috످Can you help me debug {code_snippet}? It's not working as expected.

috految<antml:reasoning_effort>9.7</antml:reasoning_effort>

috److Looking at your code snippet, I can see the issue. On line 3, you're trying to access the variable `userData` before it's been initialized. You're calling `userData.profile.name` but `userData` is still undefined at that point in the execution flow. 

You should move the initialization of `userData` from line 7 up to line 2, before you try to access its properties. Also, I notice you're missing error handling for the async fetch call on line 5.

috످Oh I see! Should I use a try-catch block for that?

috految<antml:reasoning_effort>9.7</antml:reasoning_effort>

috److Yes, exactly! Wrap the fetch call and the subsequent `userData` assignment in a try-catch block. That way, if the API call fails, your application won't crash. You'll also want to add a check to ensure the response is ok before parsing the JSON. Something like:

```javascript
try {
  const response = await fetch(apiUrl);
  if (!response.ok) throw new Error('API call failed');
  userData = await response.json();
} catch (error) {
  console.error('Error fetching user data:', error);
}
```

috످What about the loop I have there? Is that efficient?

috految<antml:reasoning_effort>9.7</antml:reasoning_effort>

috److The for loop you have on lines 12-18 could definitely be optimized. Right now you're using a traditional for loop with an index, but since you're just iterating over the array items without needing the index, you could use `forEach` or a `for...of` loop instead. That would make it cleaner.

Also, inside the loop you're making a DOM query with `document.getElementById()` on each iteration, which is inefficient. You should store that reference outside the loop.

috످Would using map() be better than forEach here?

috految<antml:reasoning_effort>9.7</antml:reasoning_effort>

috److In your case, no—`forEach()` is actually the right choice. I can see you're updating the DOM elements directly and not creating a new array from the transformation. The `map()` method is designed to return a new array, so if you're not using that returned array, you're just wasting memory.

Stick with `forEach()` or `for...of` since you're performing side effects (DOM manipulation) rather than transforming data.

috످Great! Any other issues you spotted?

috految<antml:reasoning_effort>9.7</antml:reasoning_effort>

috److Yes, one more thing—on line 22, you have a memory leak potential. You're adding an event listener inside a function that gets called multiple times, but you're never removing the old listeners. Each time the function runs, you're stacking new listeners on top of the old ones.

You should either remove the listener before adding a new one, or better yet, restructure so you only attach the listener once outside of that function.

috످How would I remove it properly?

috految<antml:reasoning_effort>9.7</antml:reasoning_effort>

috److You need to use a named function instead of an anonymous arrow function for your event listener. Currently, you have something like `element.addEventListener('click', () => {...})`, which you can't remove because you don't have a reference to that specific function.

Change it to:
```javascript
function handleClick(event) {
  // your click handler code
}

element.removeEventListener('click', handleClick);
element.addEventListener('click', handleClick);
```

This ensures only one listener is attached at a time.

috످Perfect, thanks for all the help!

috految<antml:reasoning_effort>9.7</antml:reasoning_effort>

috److Before you make those changes, you should know that I never saw your code. Your first message contained the placeholder `{code_snippet}` instead of actual code. I made up the line numbers and every issue I described, including the `userData` bug, missing error handling, inefficient loop, and memory leak. I'm sorry for misleading you.

If you've already made changes based on my advice, please revert or review them. My examples could also introduce new bugs.

The try-catch can still lead to a crash. If the fetch fails, `userData` may be undefined, so return early or set a fallback in the `catch` block.

The listener fix can still stack listeners. Define `handleClick` outside any function that runs repeatedly so `removeEventListener` gets the same reference each time.

Your original bug is probably still there. If you paste your code, what you expected it to do, and any error messages, I can help you find it.

috످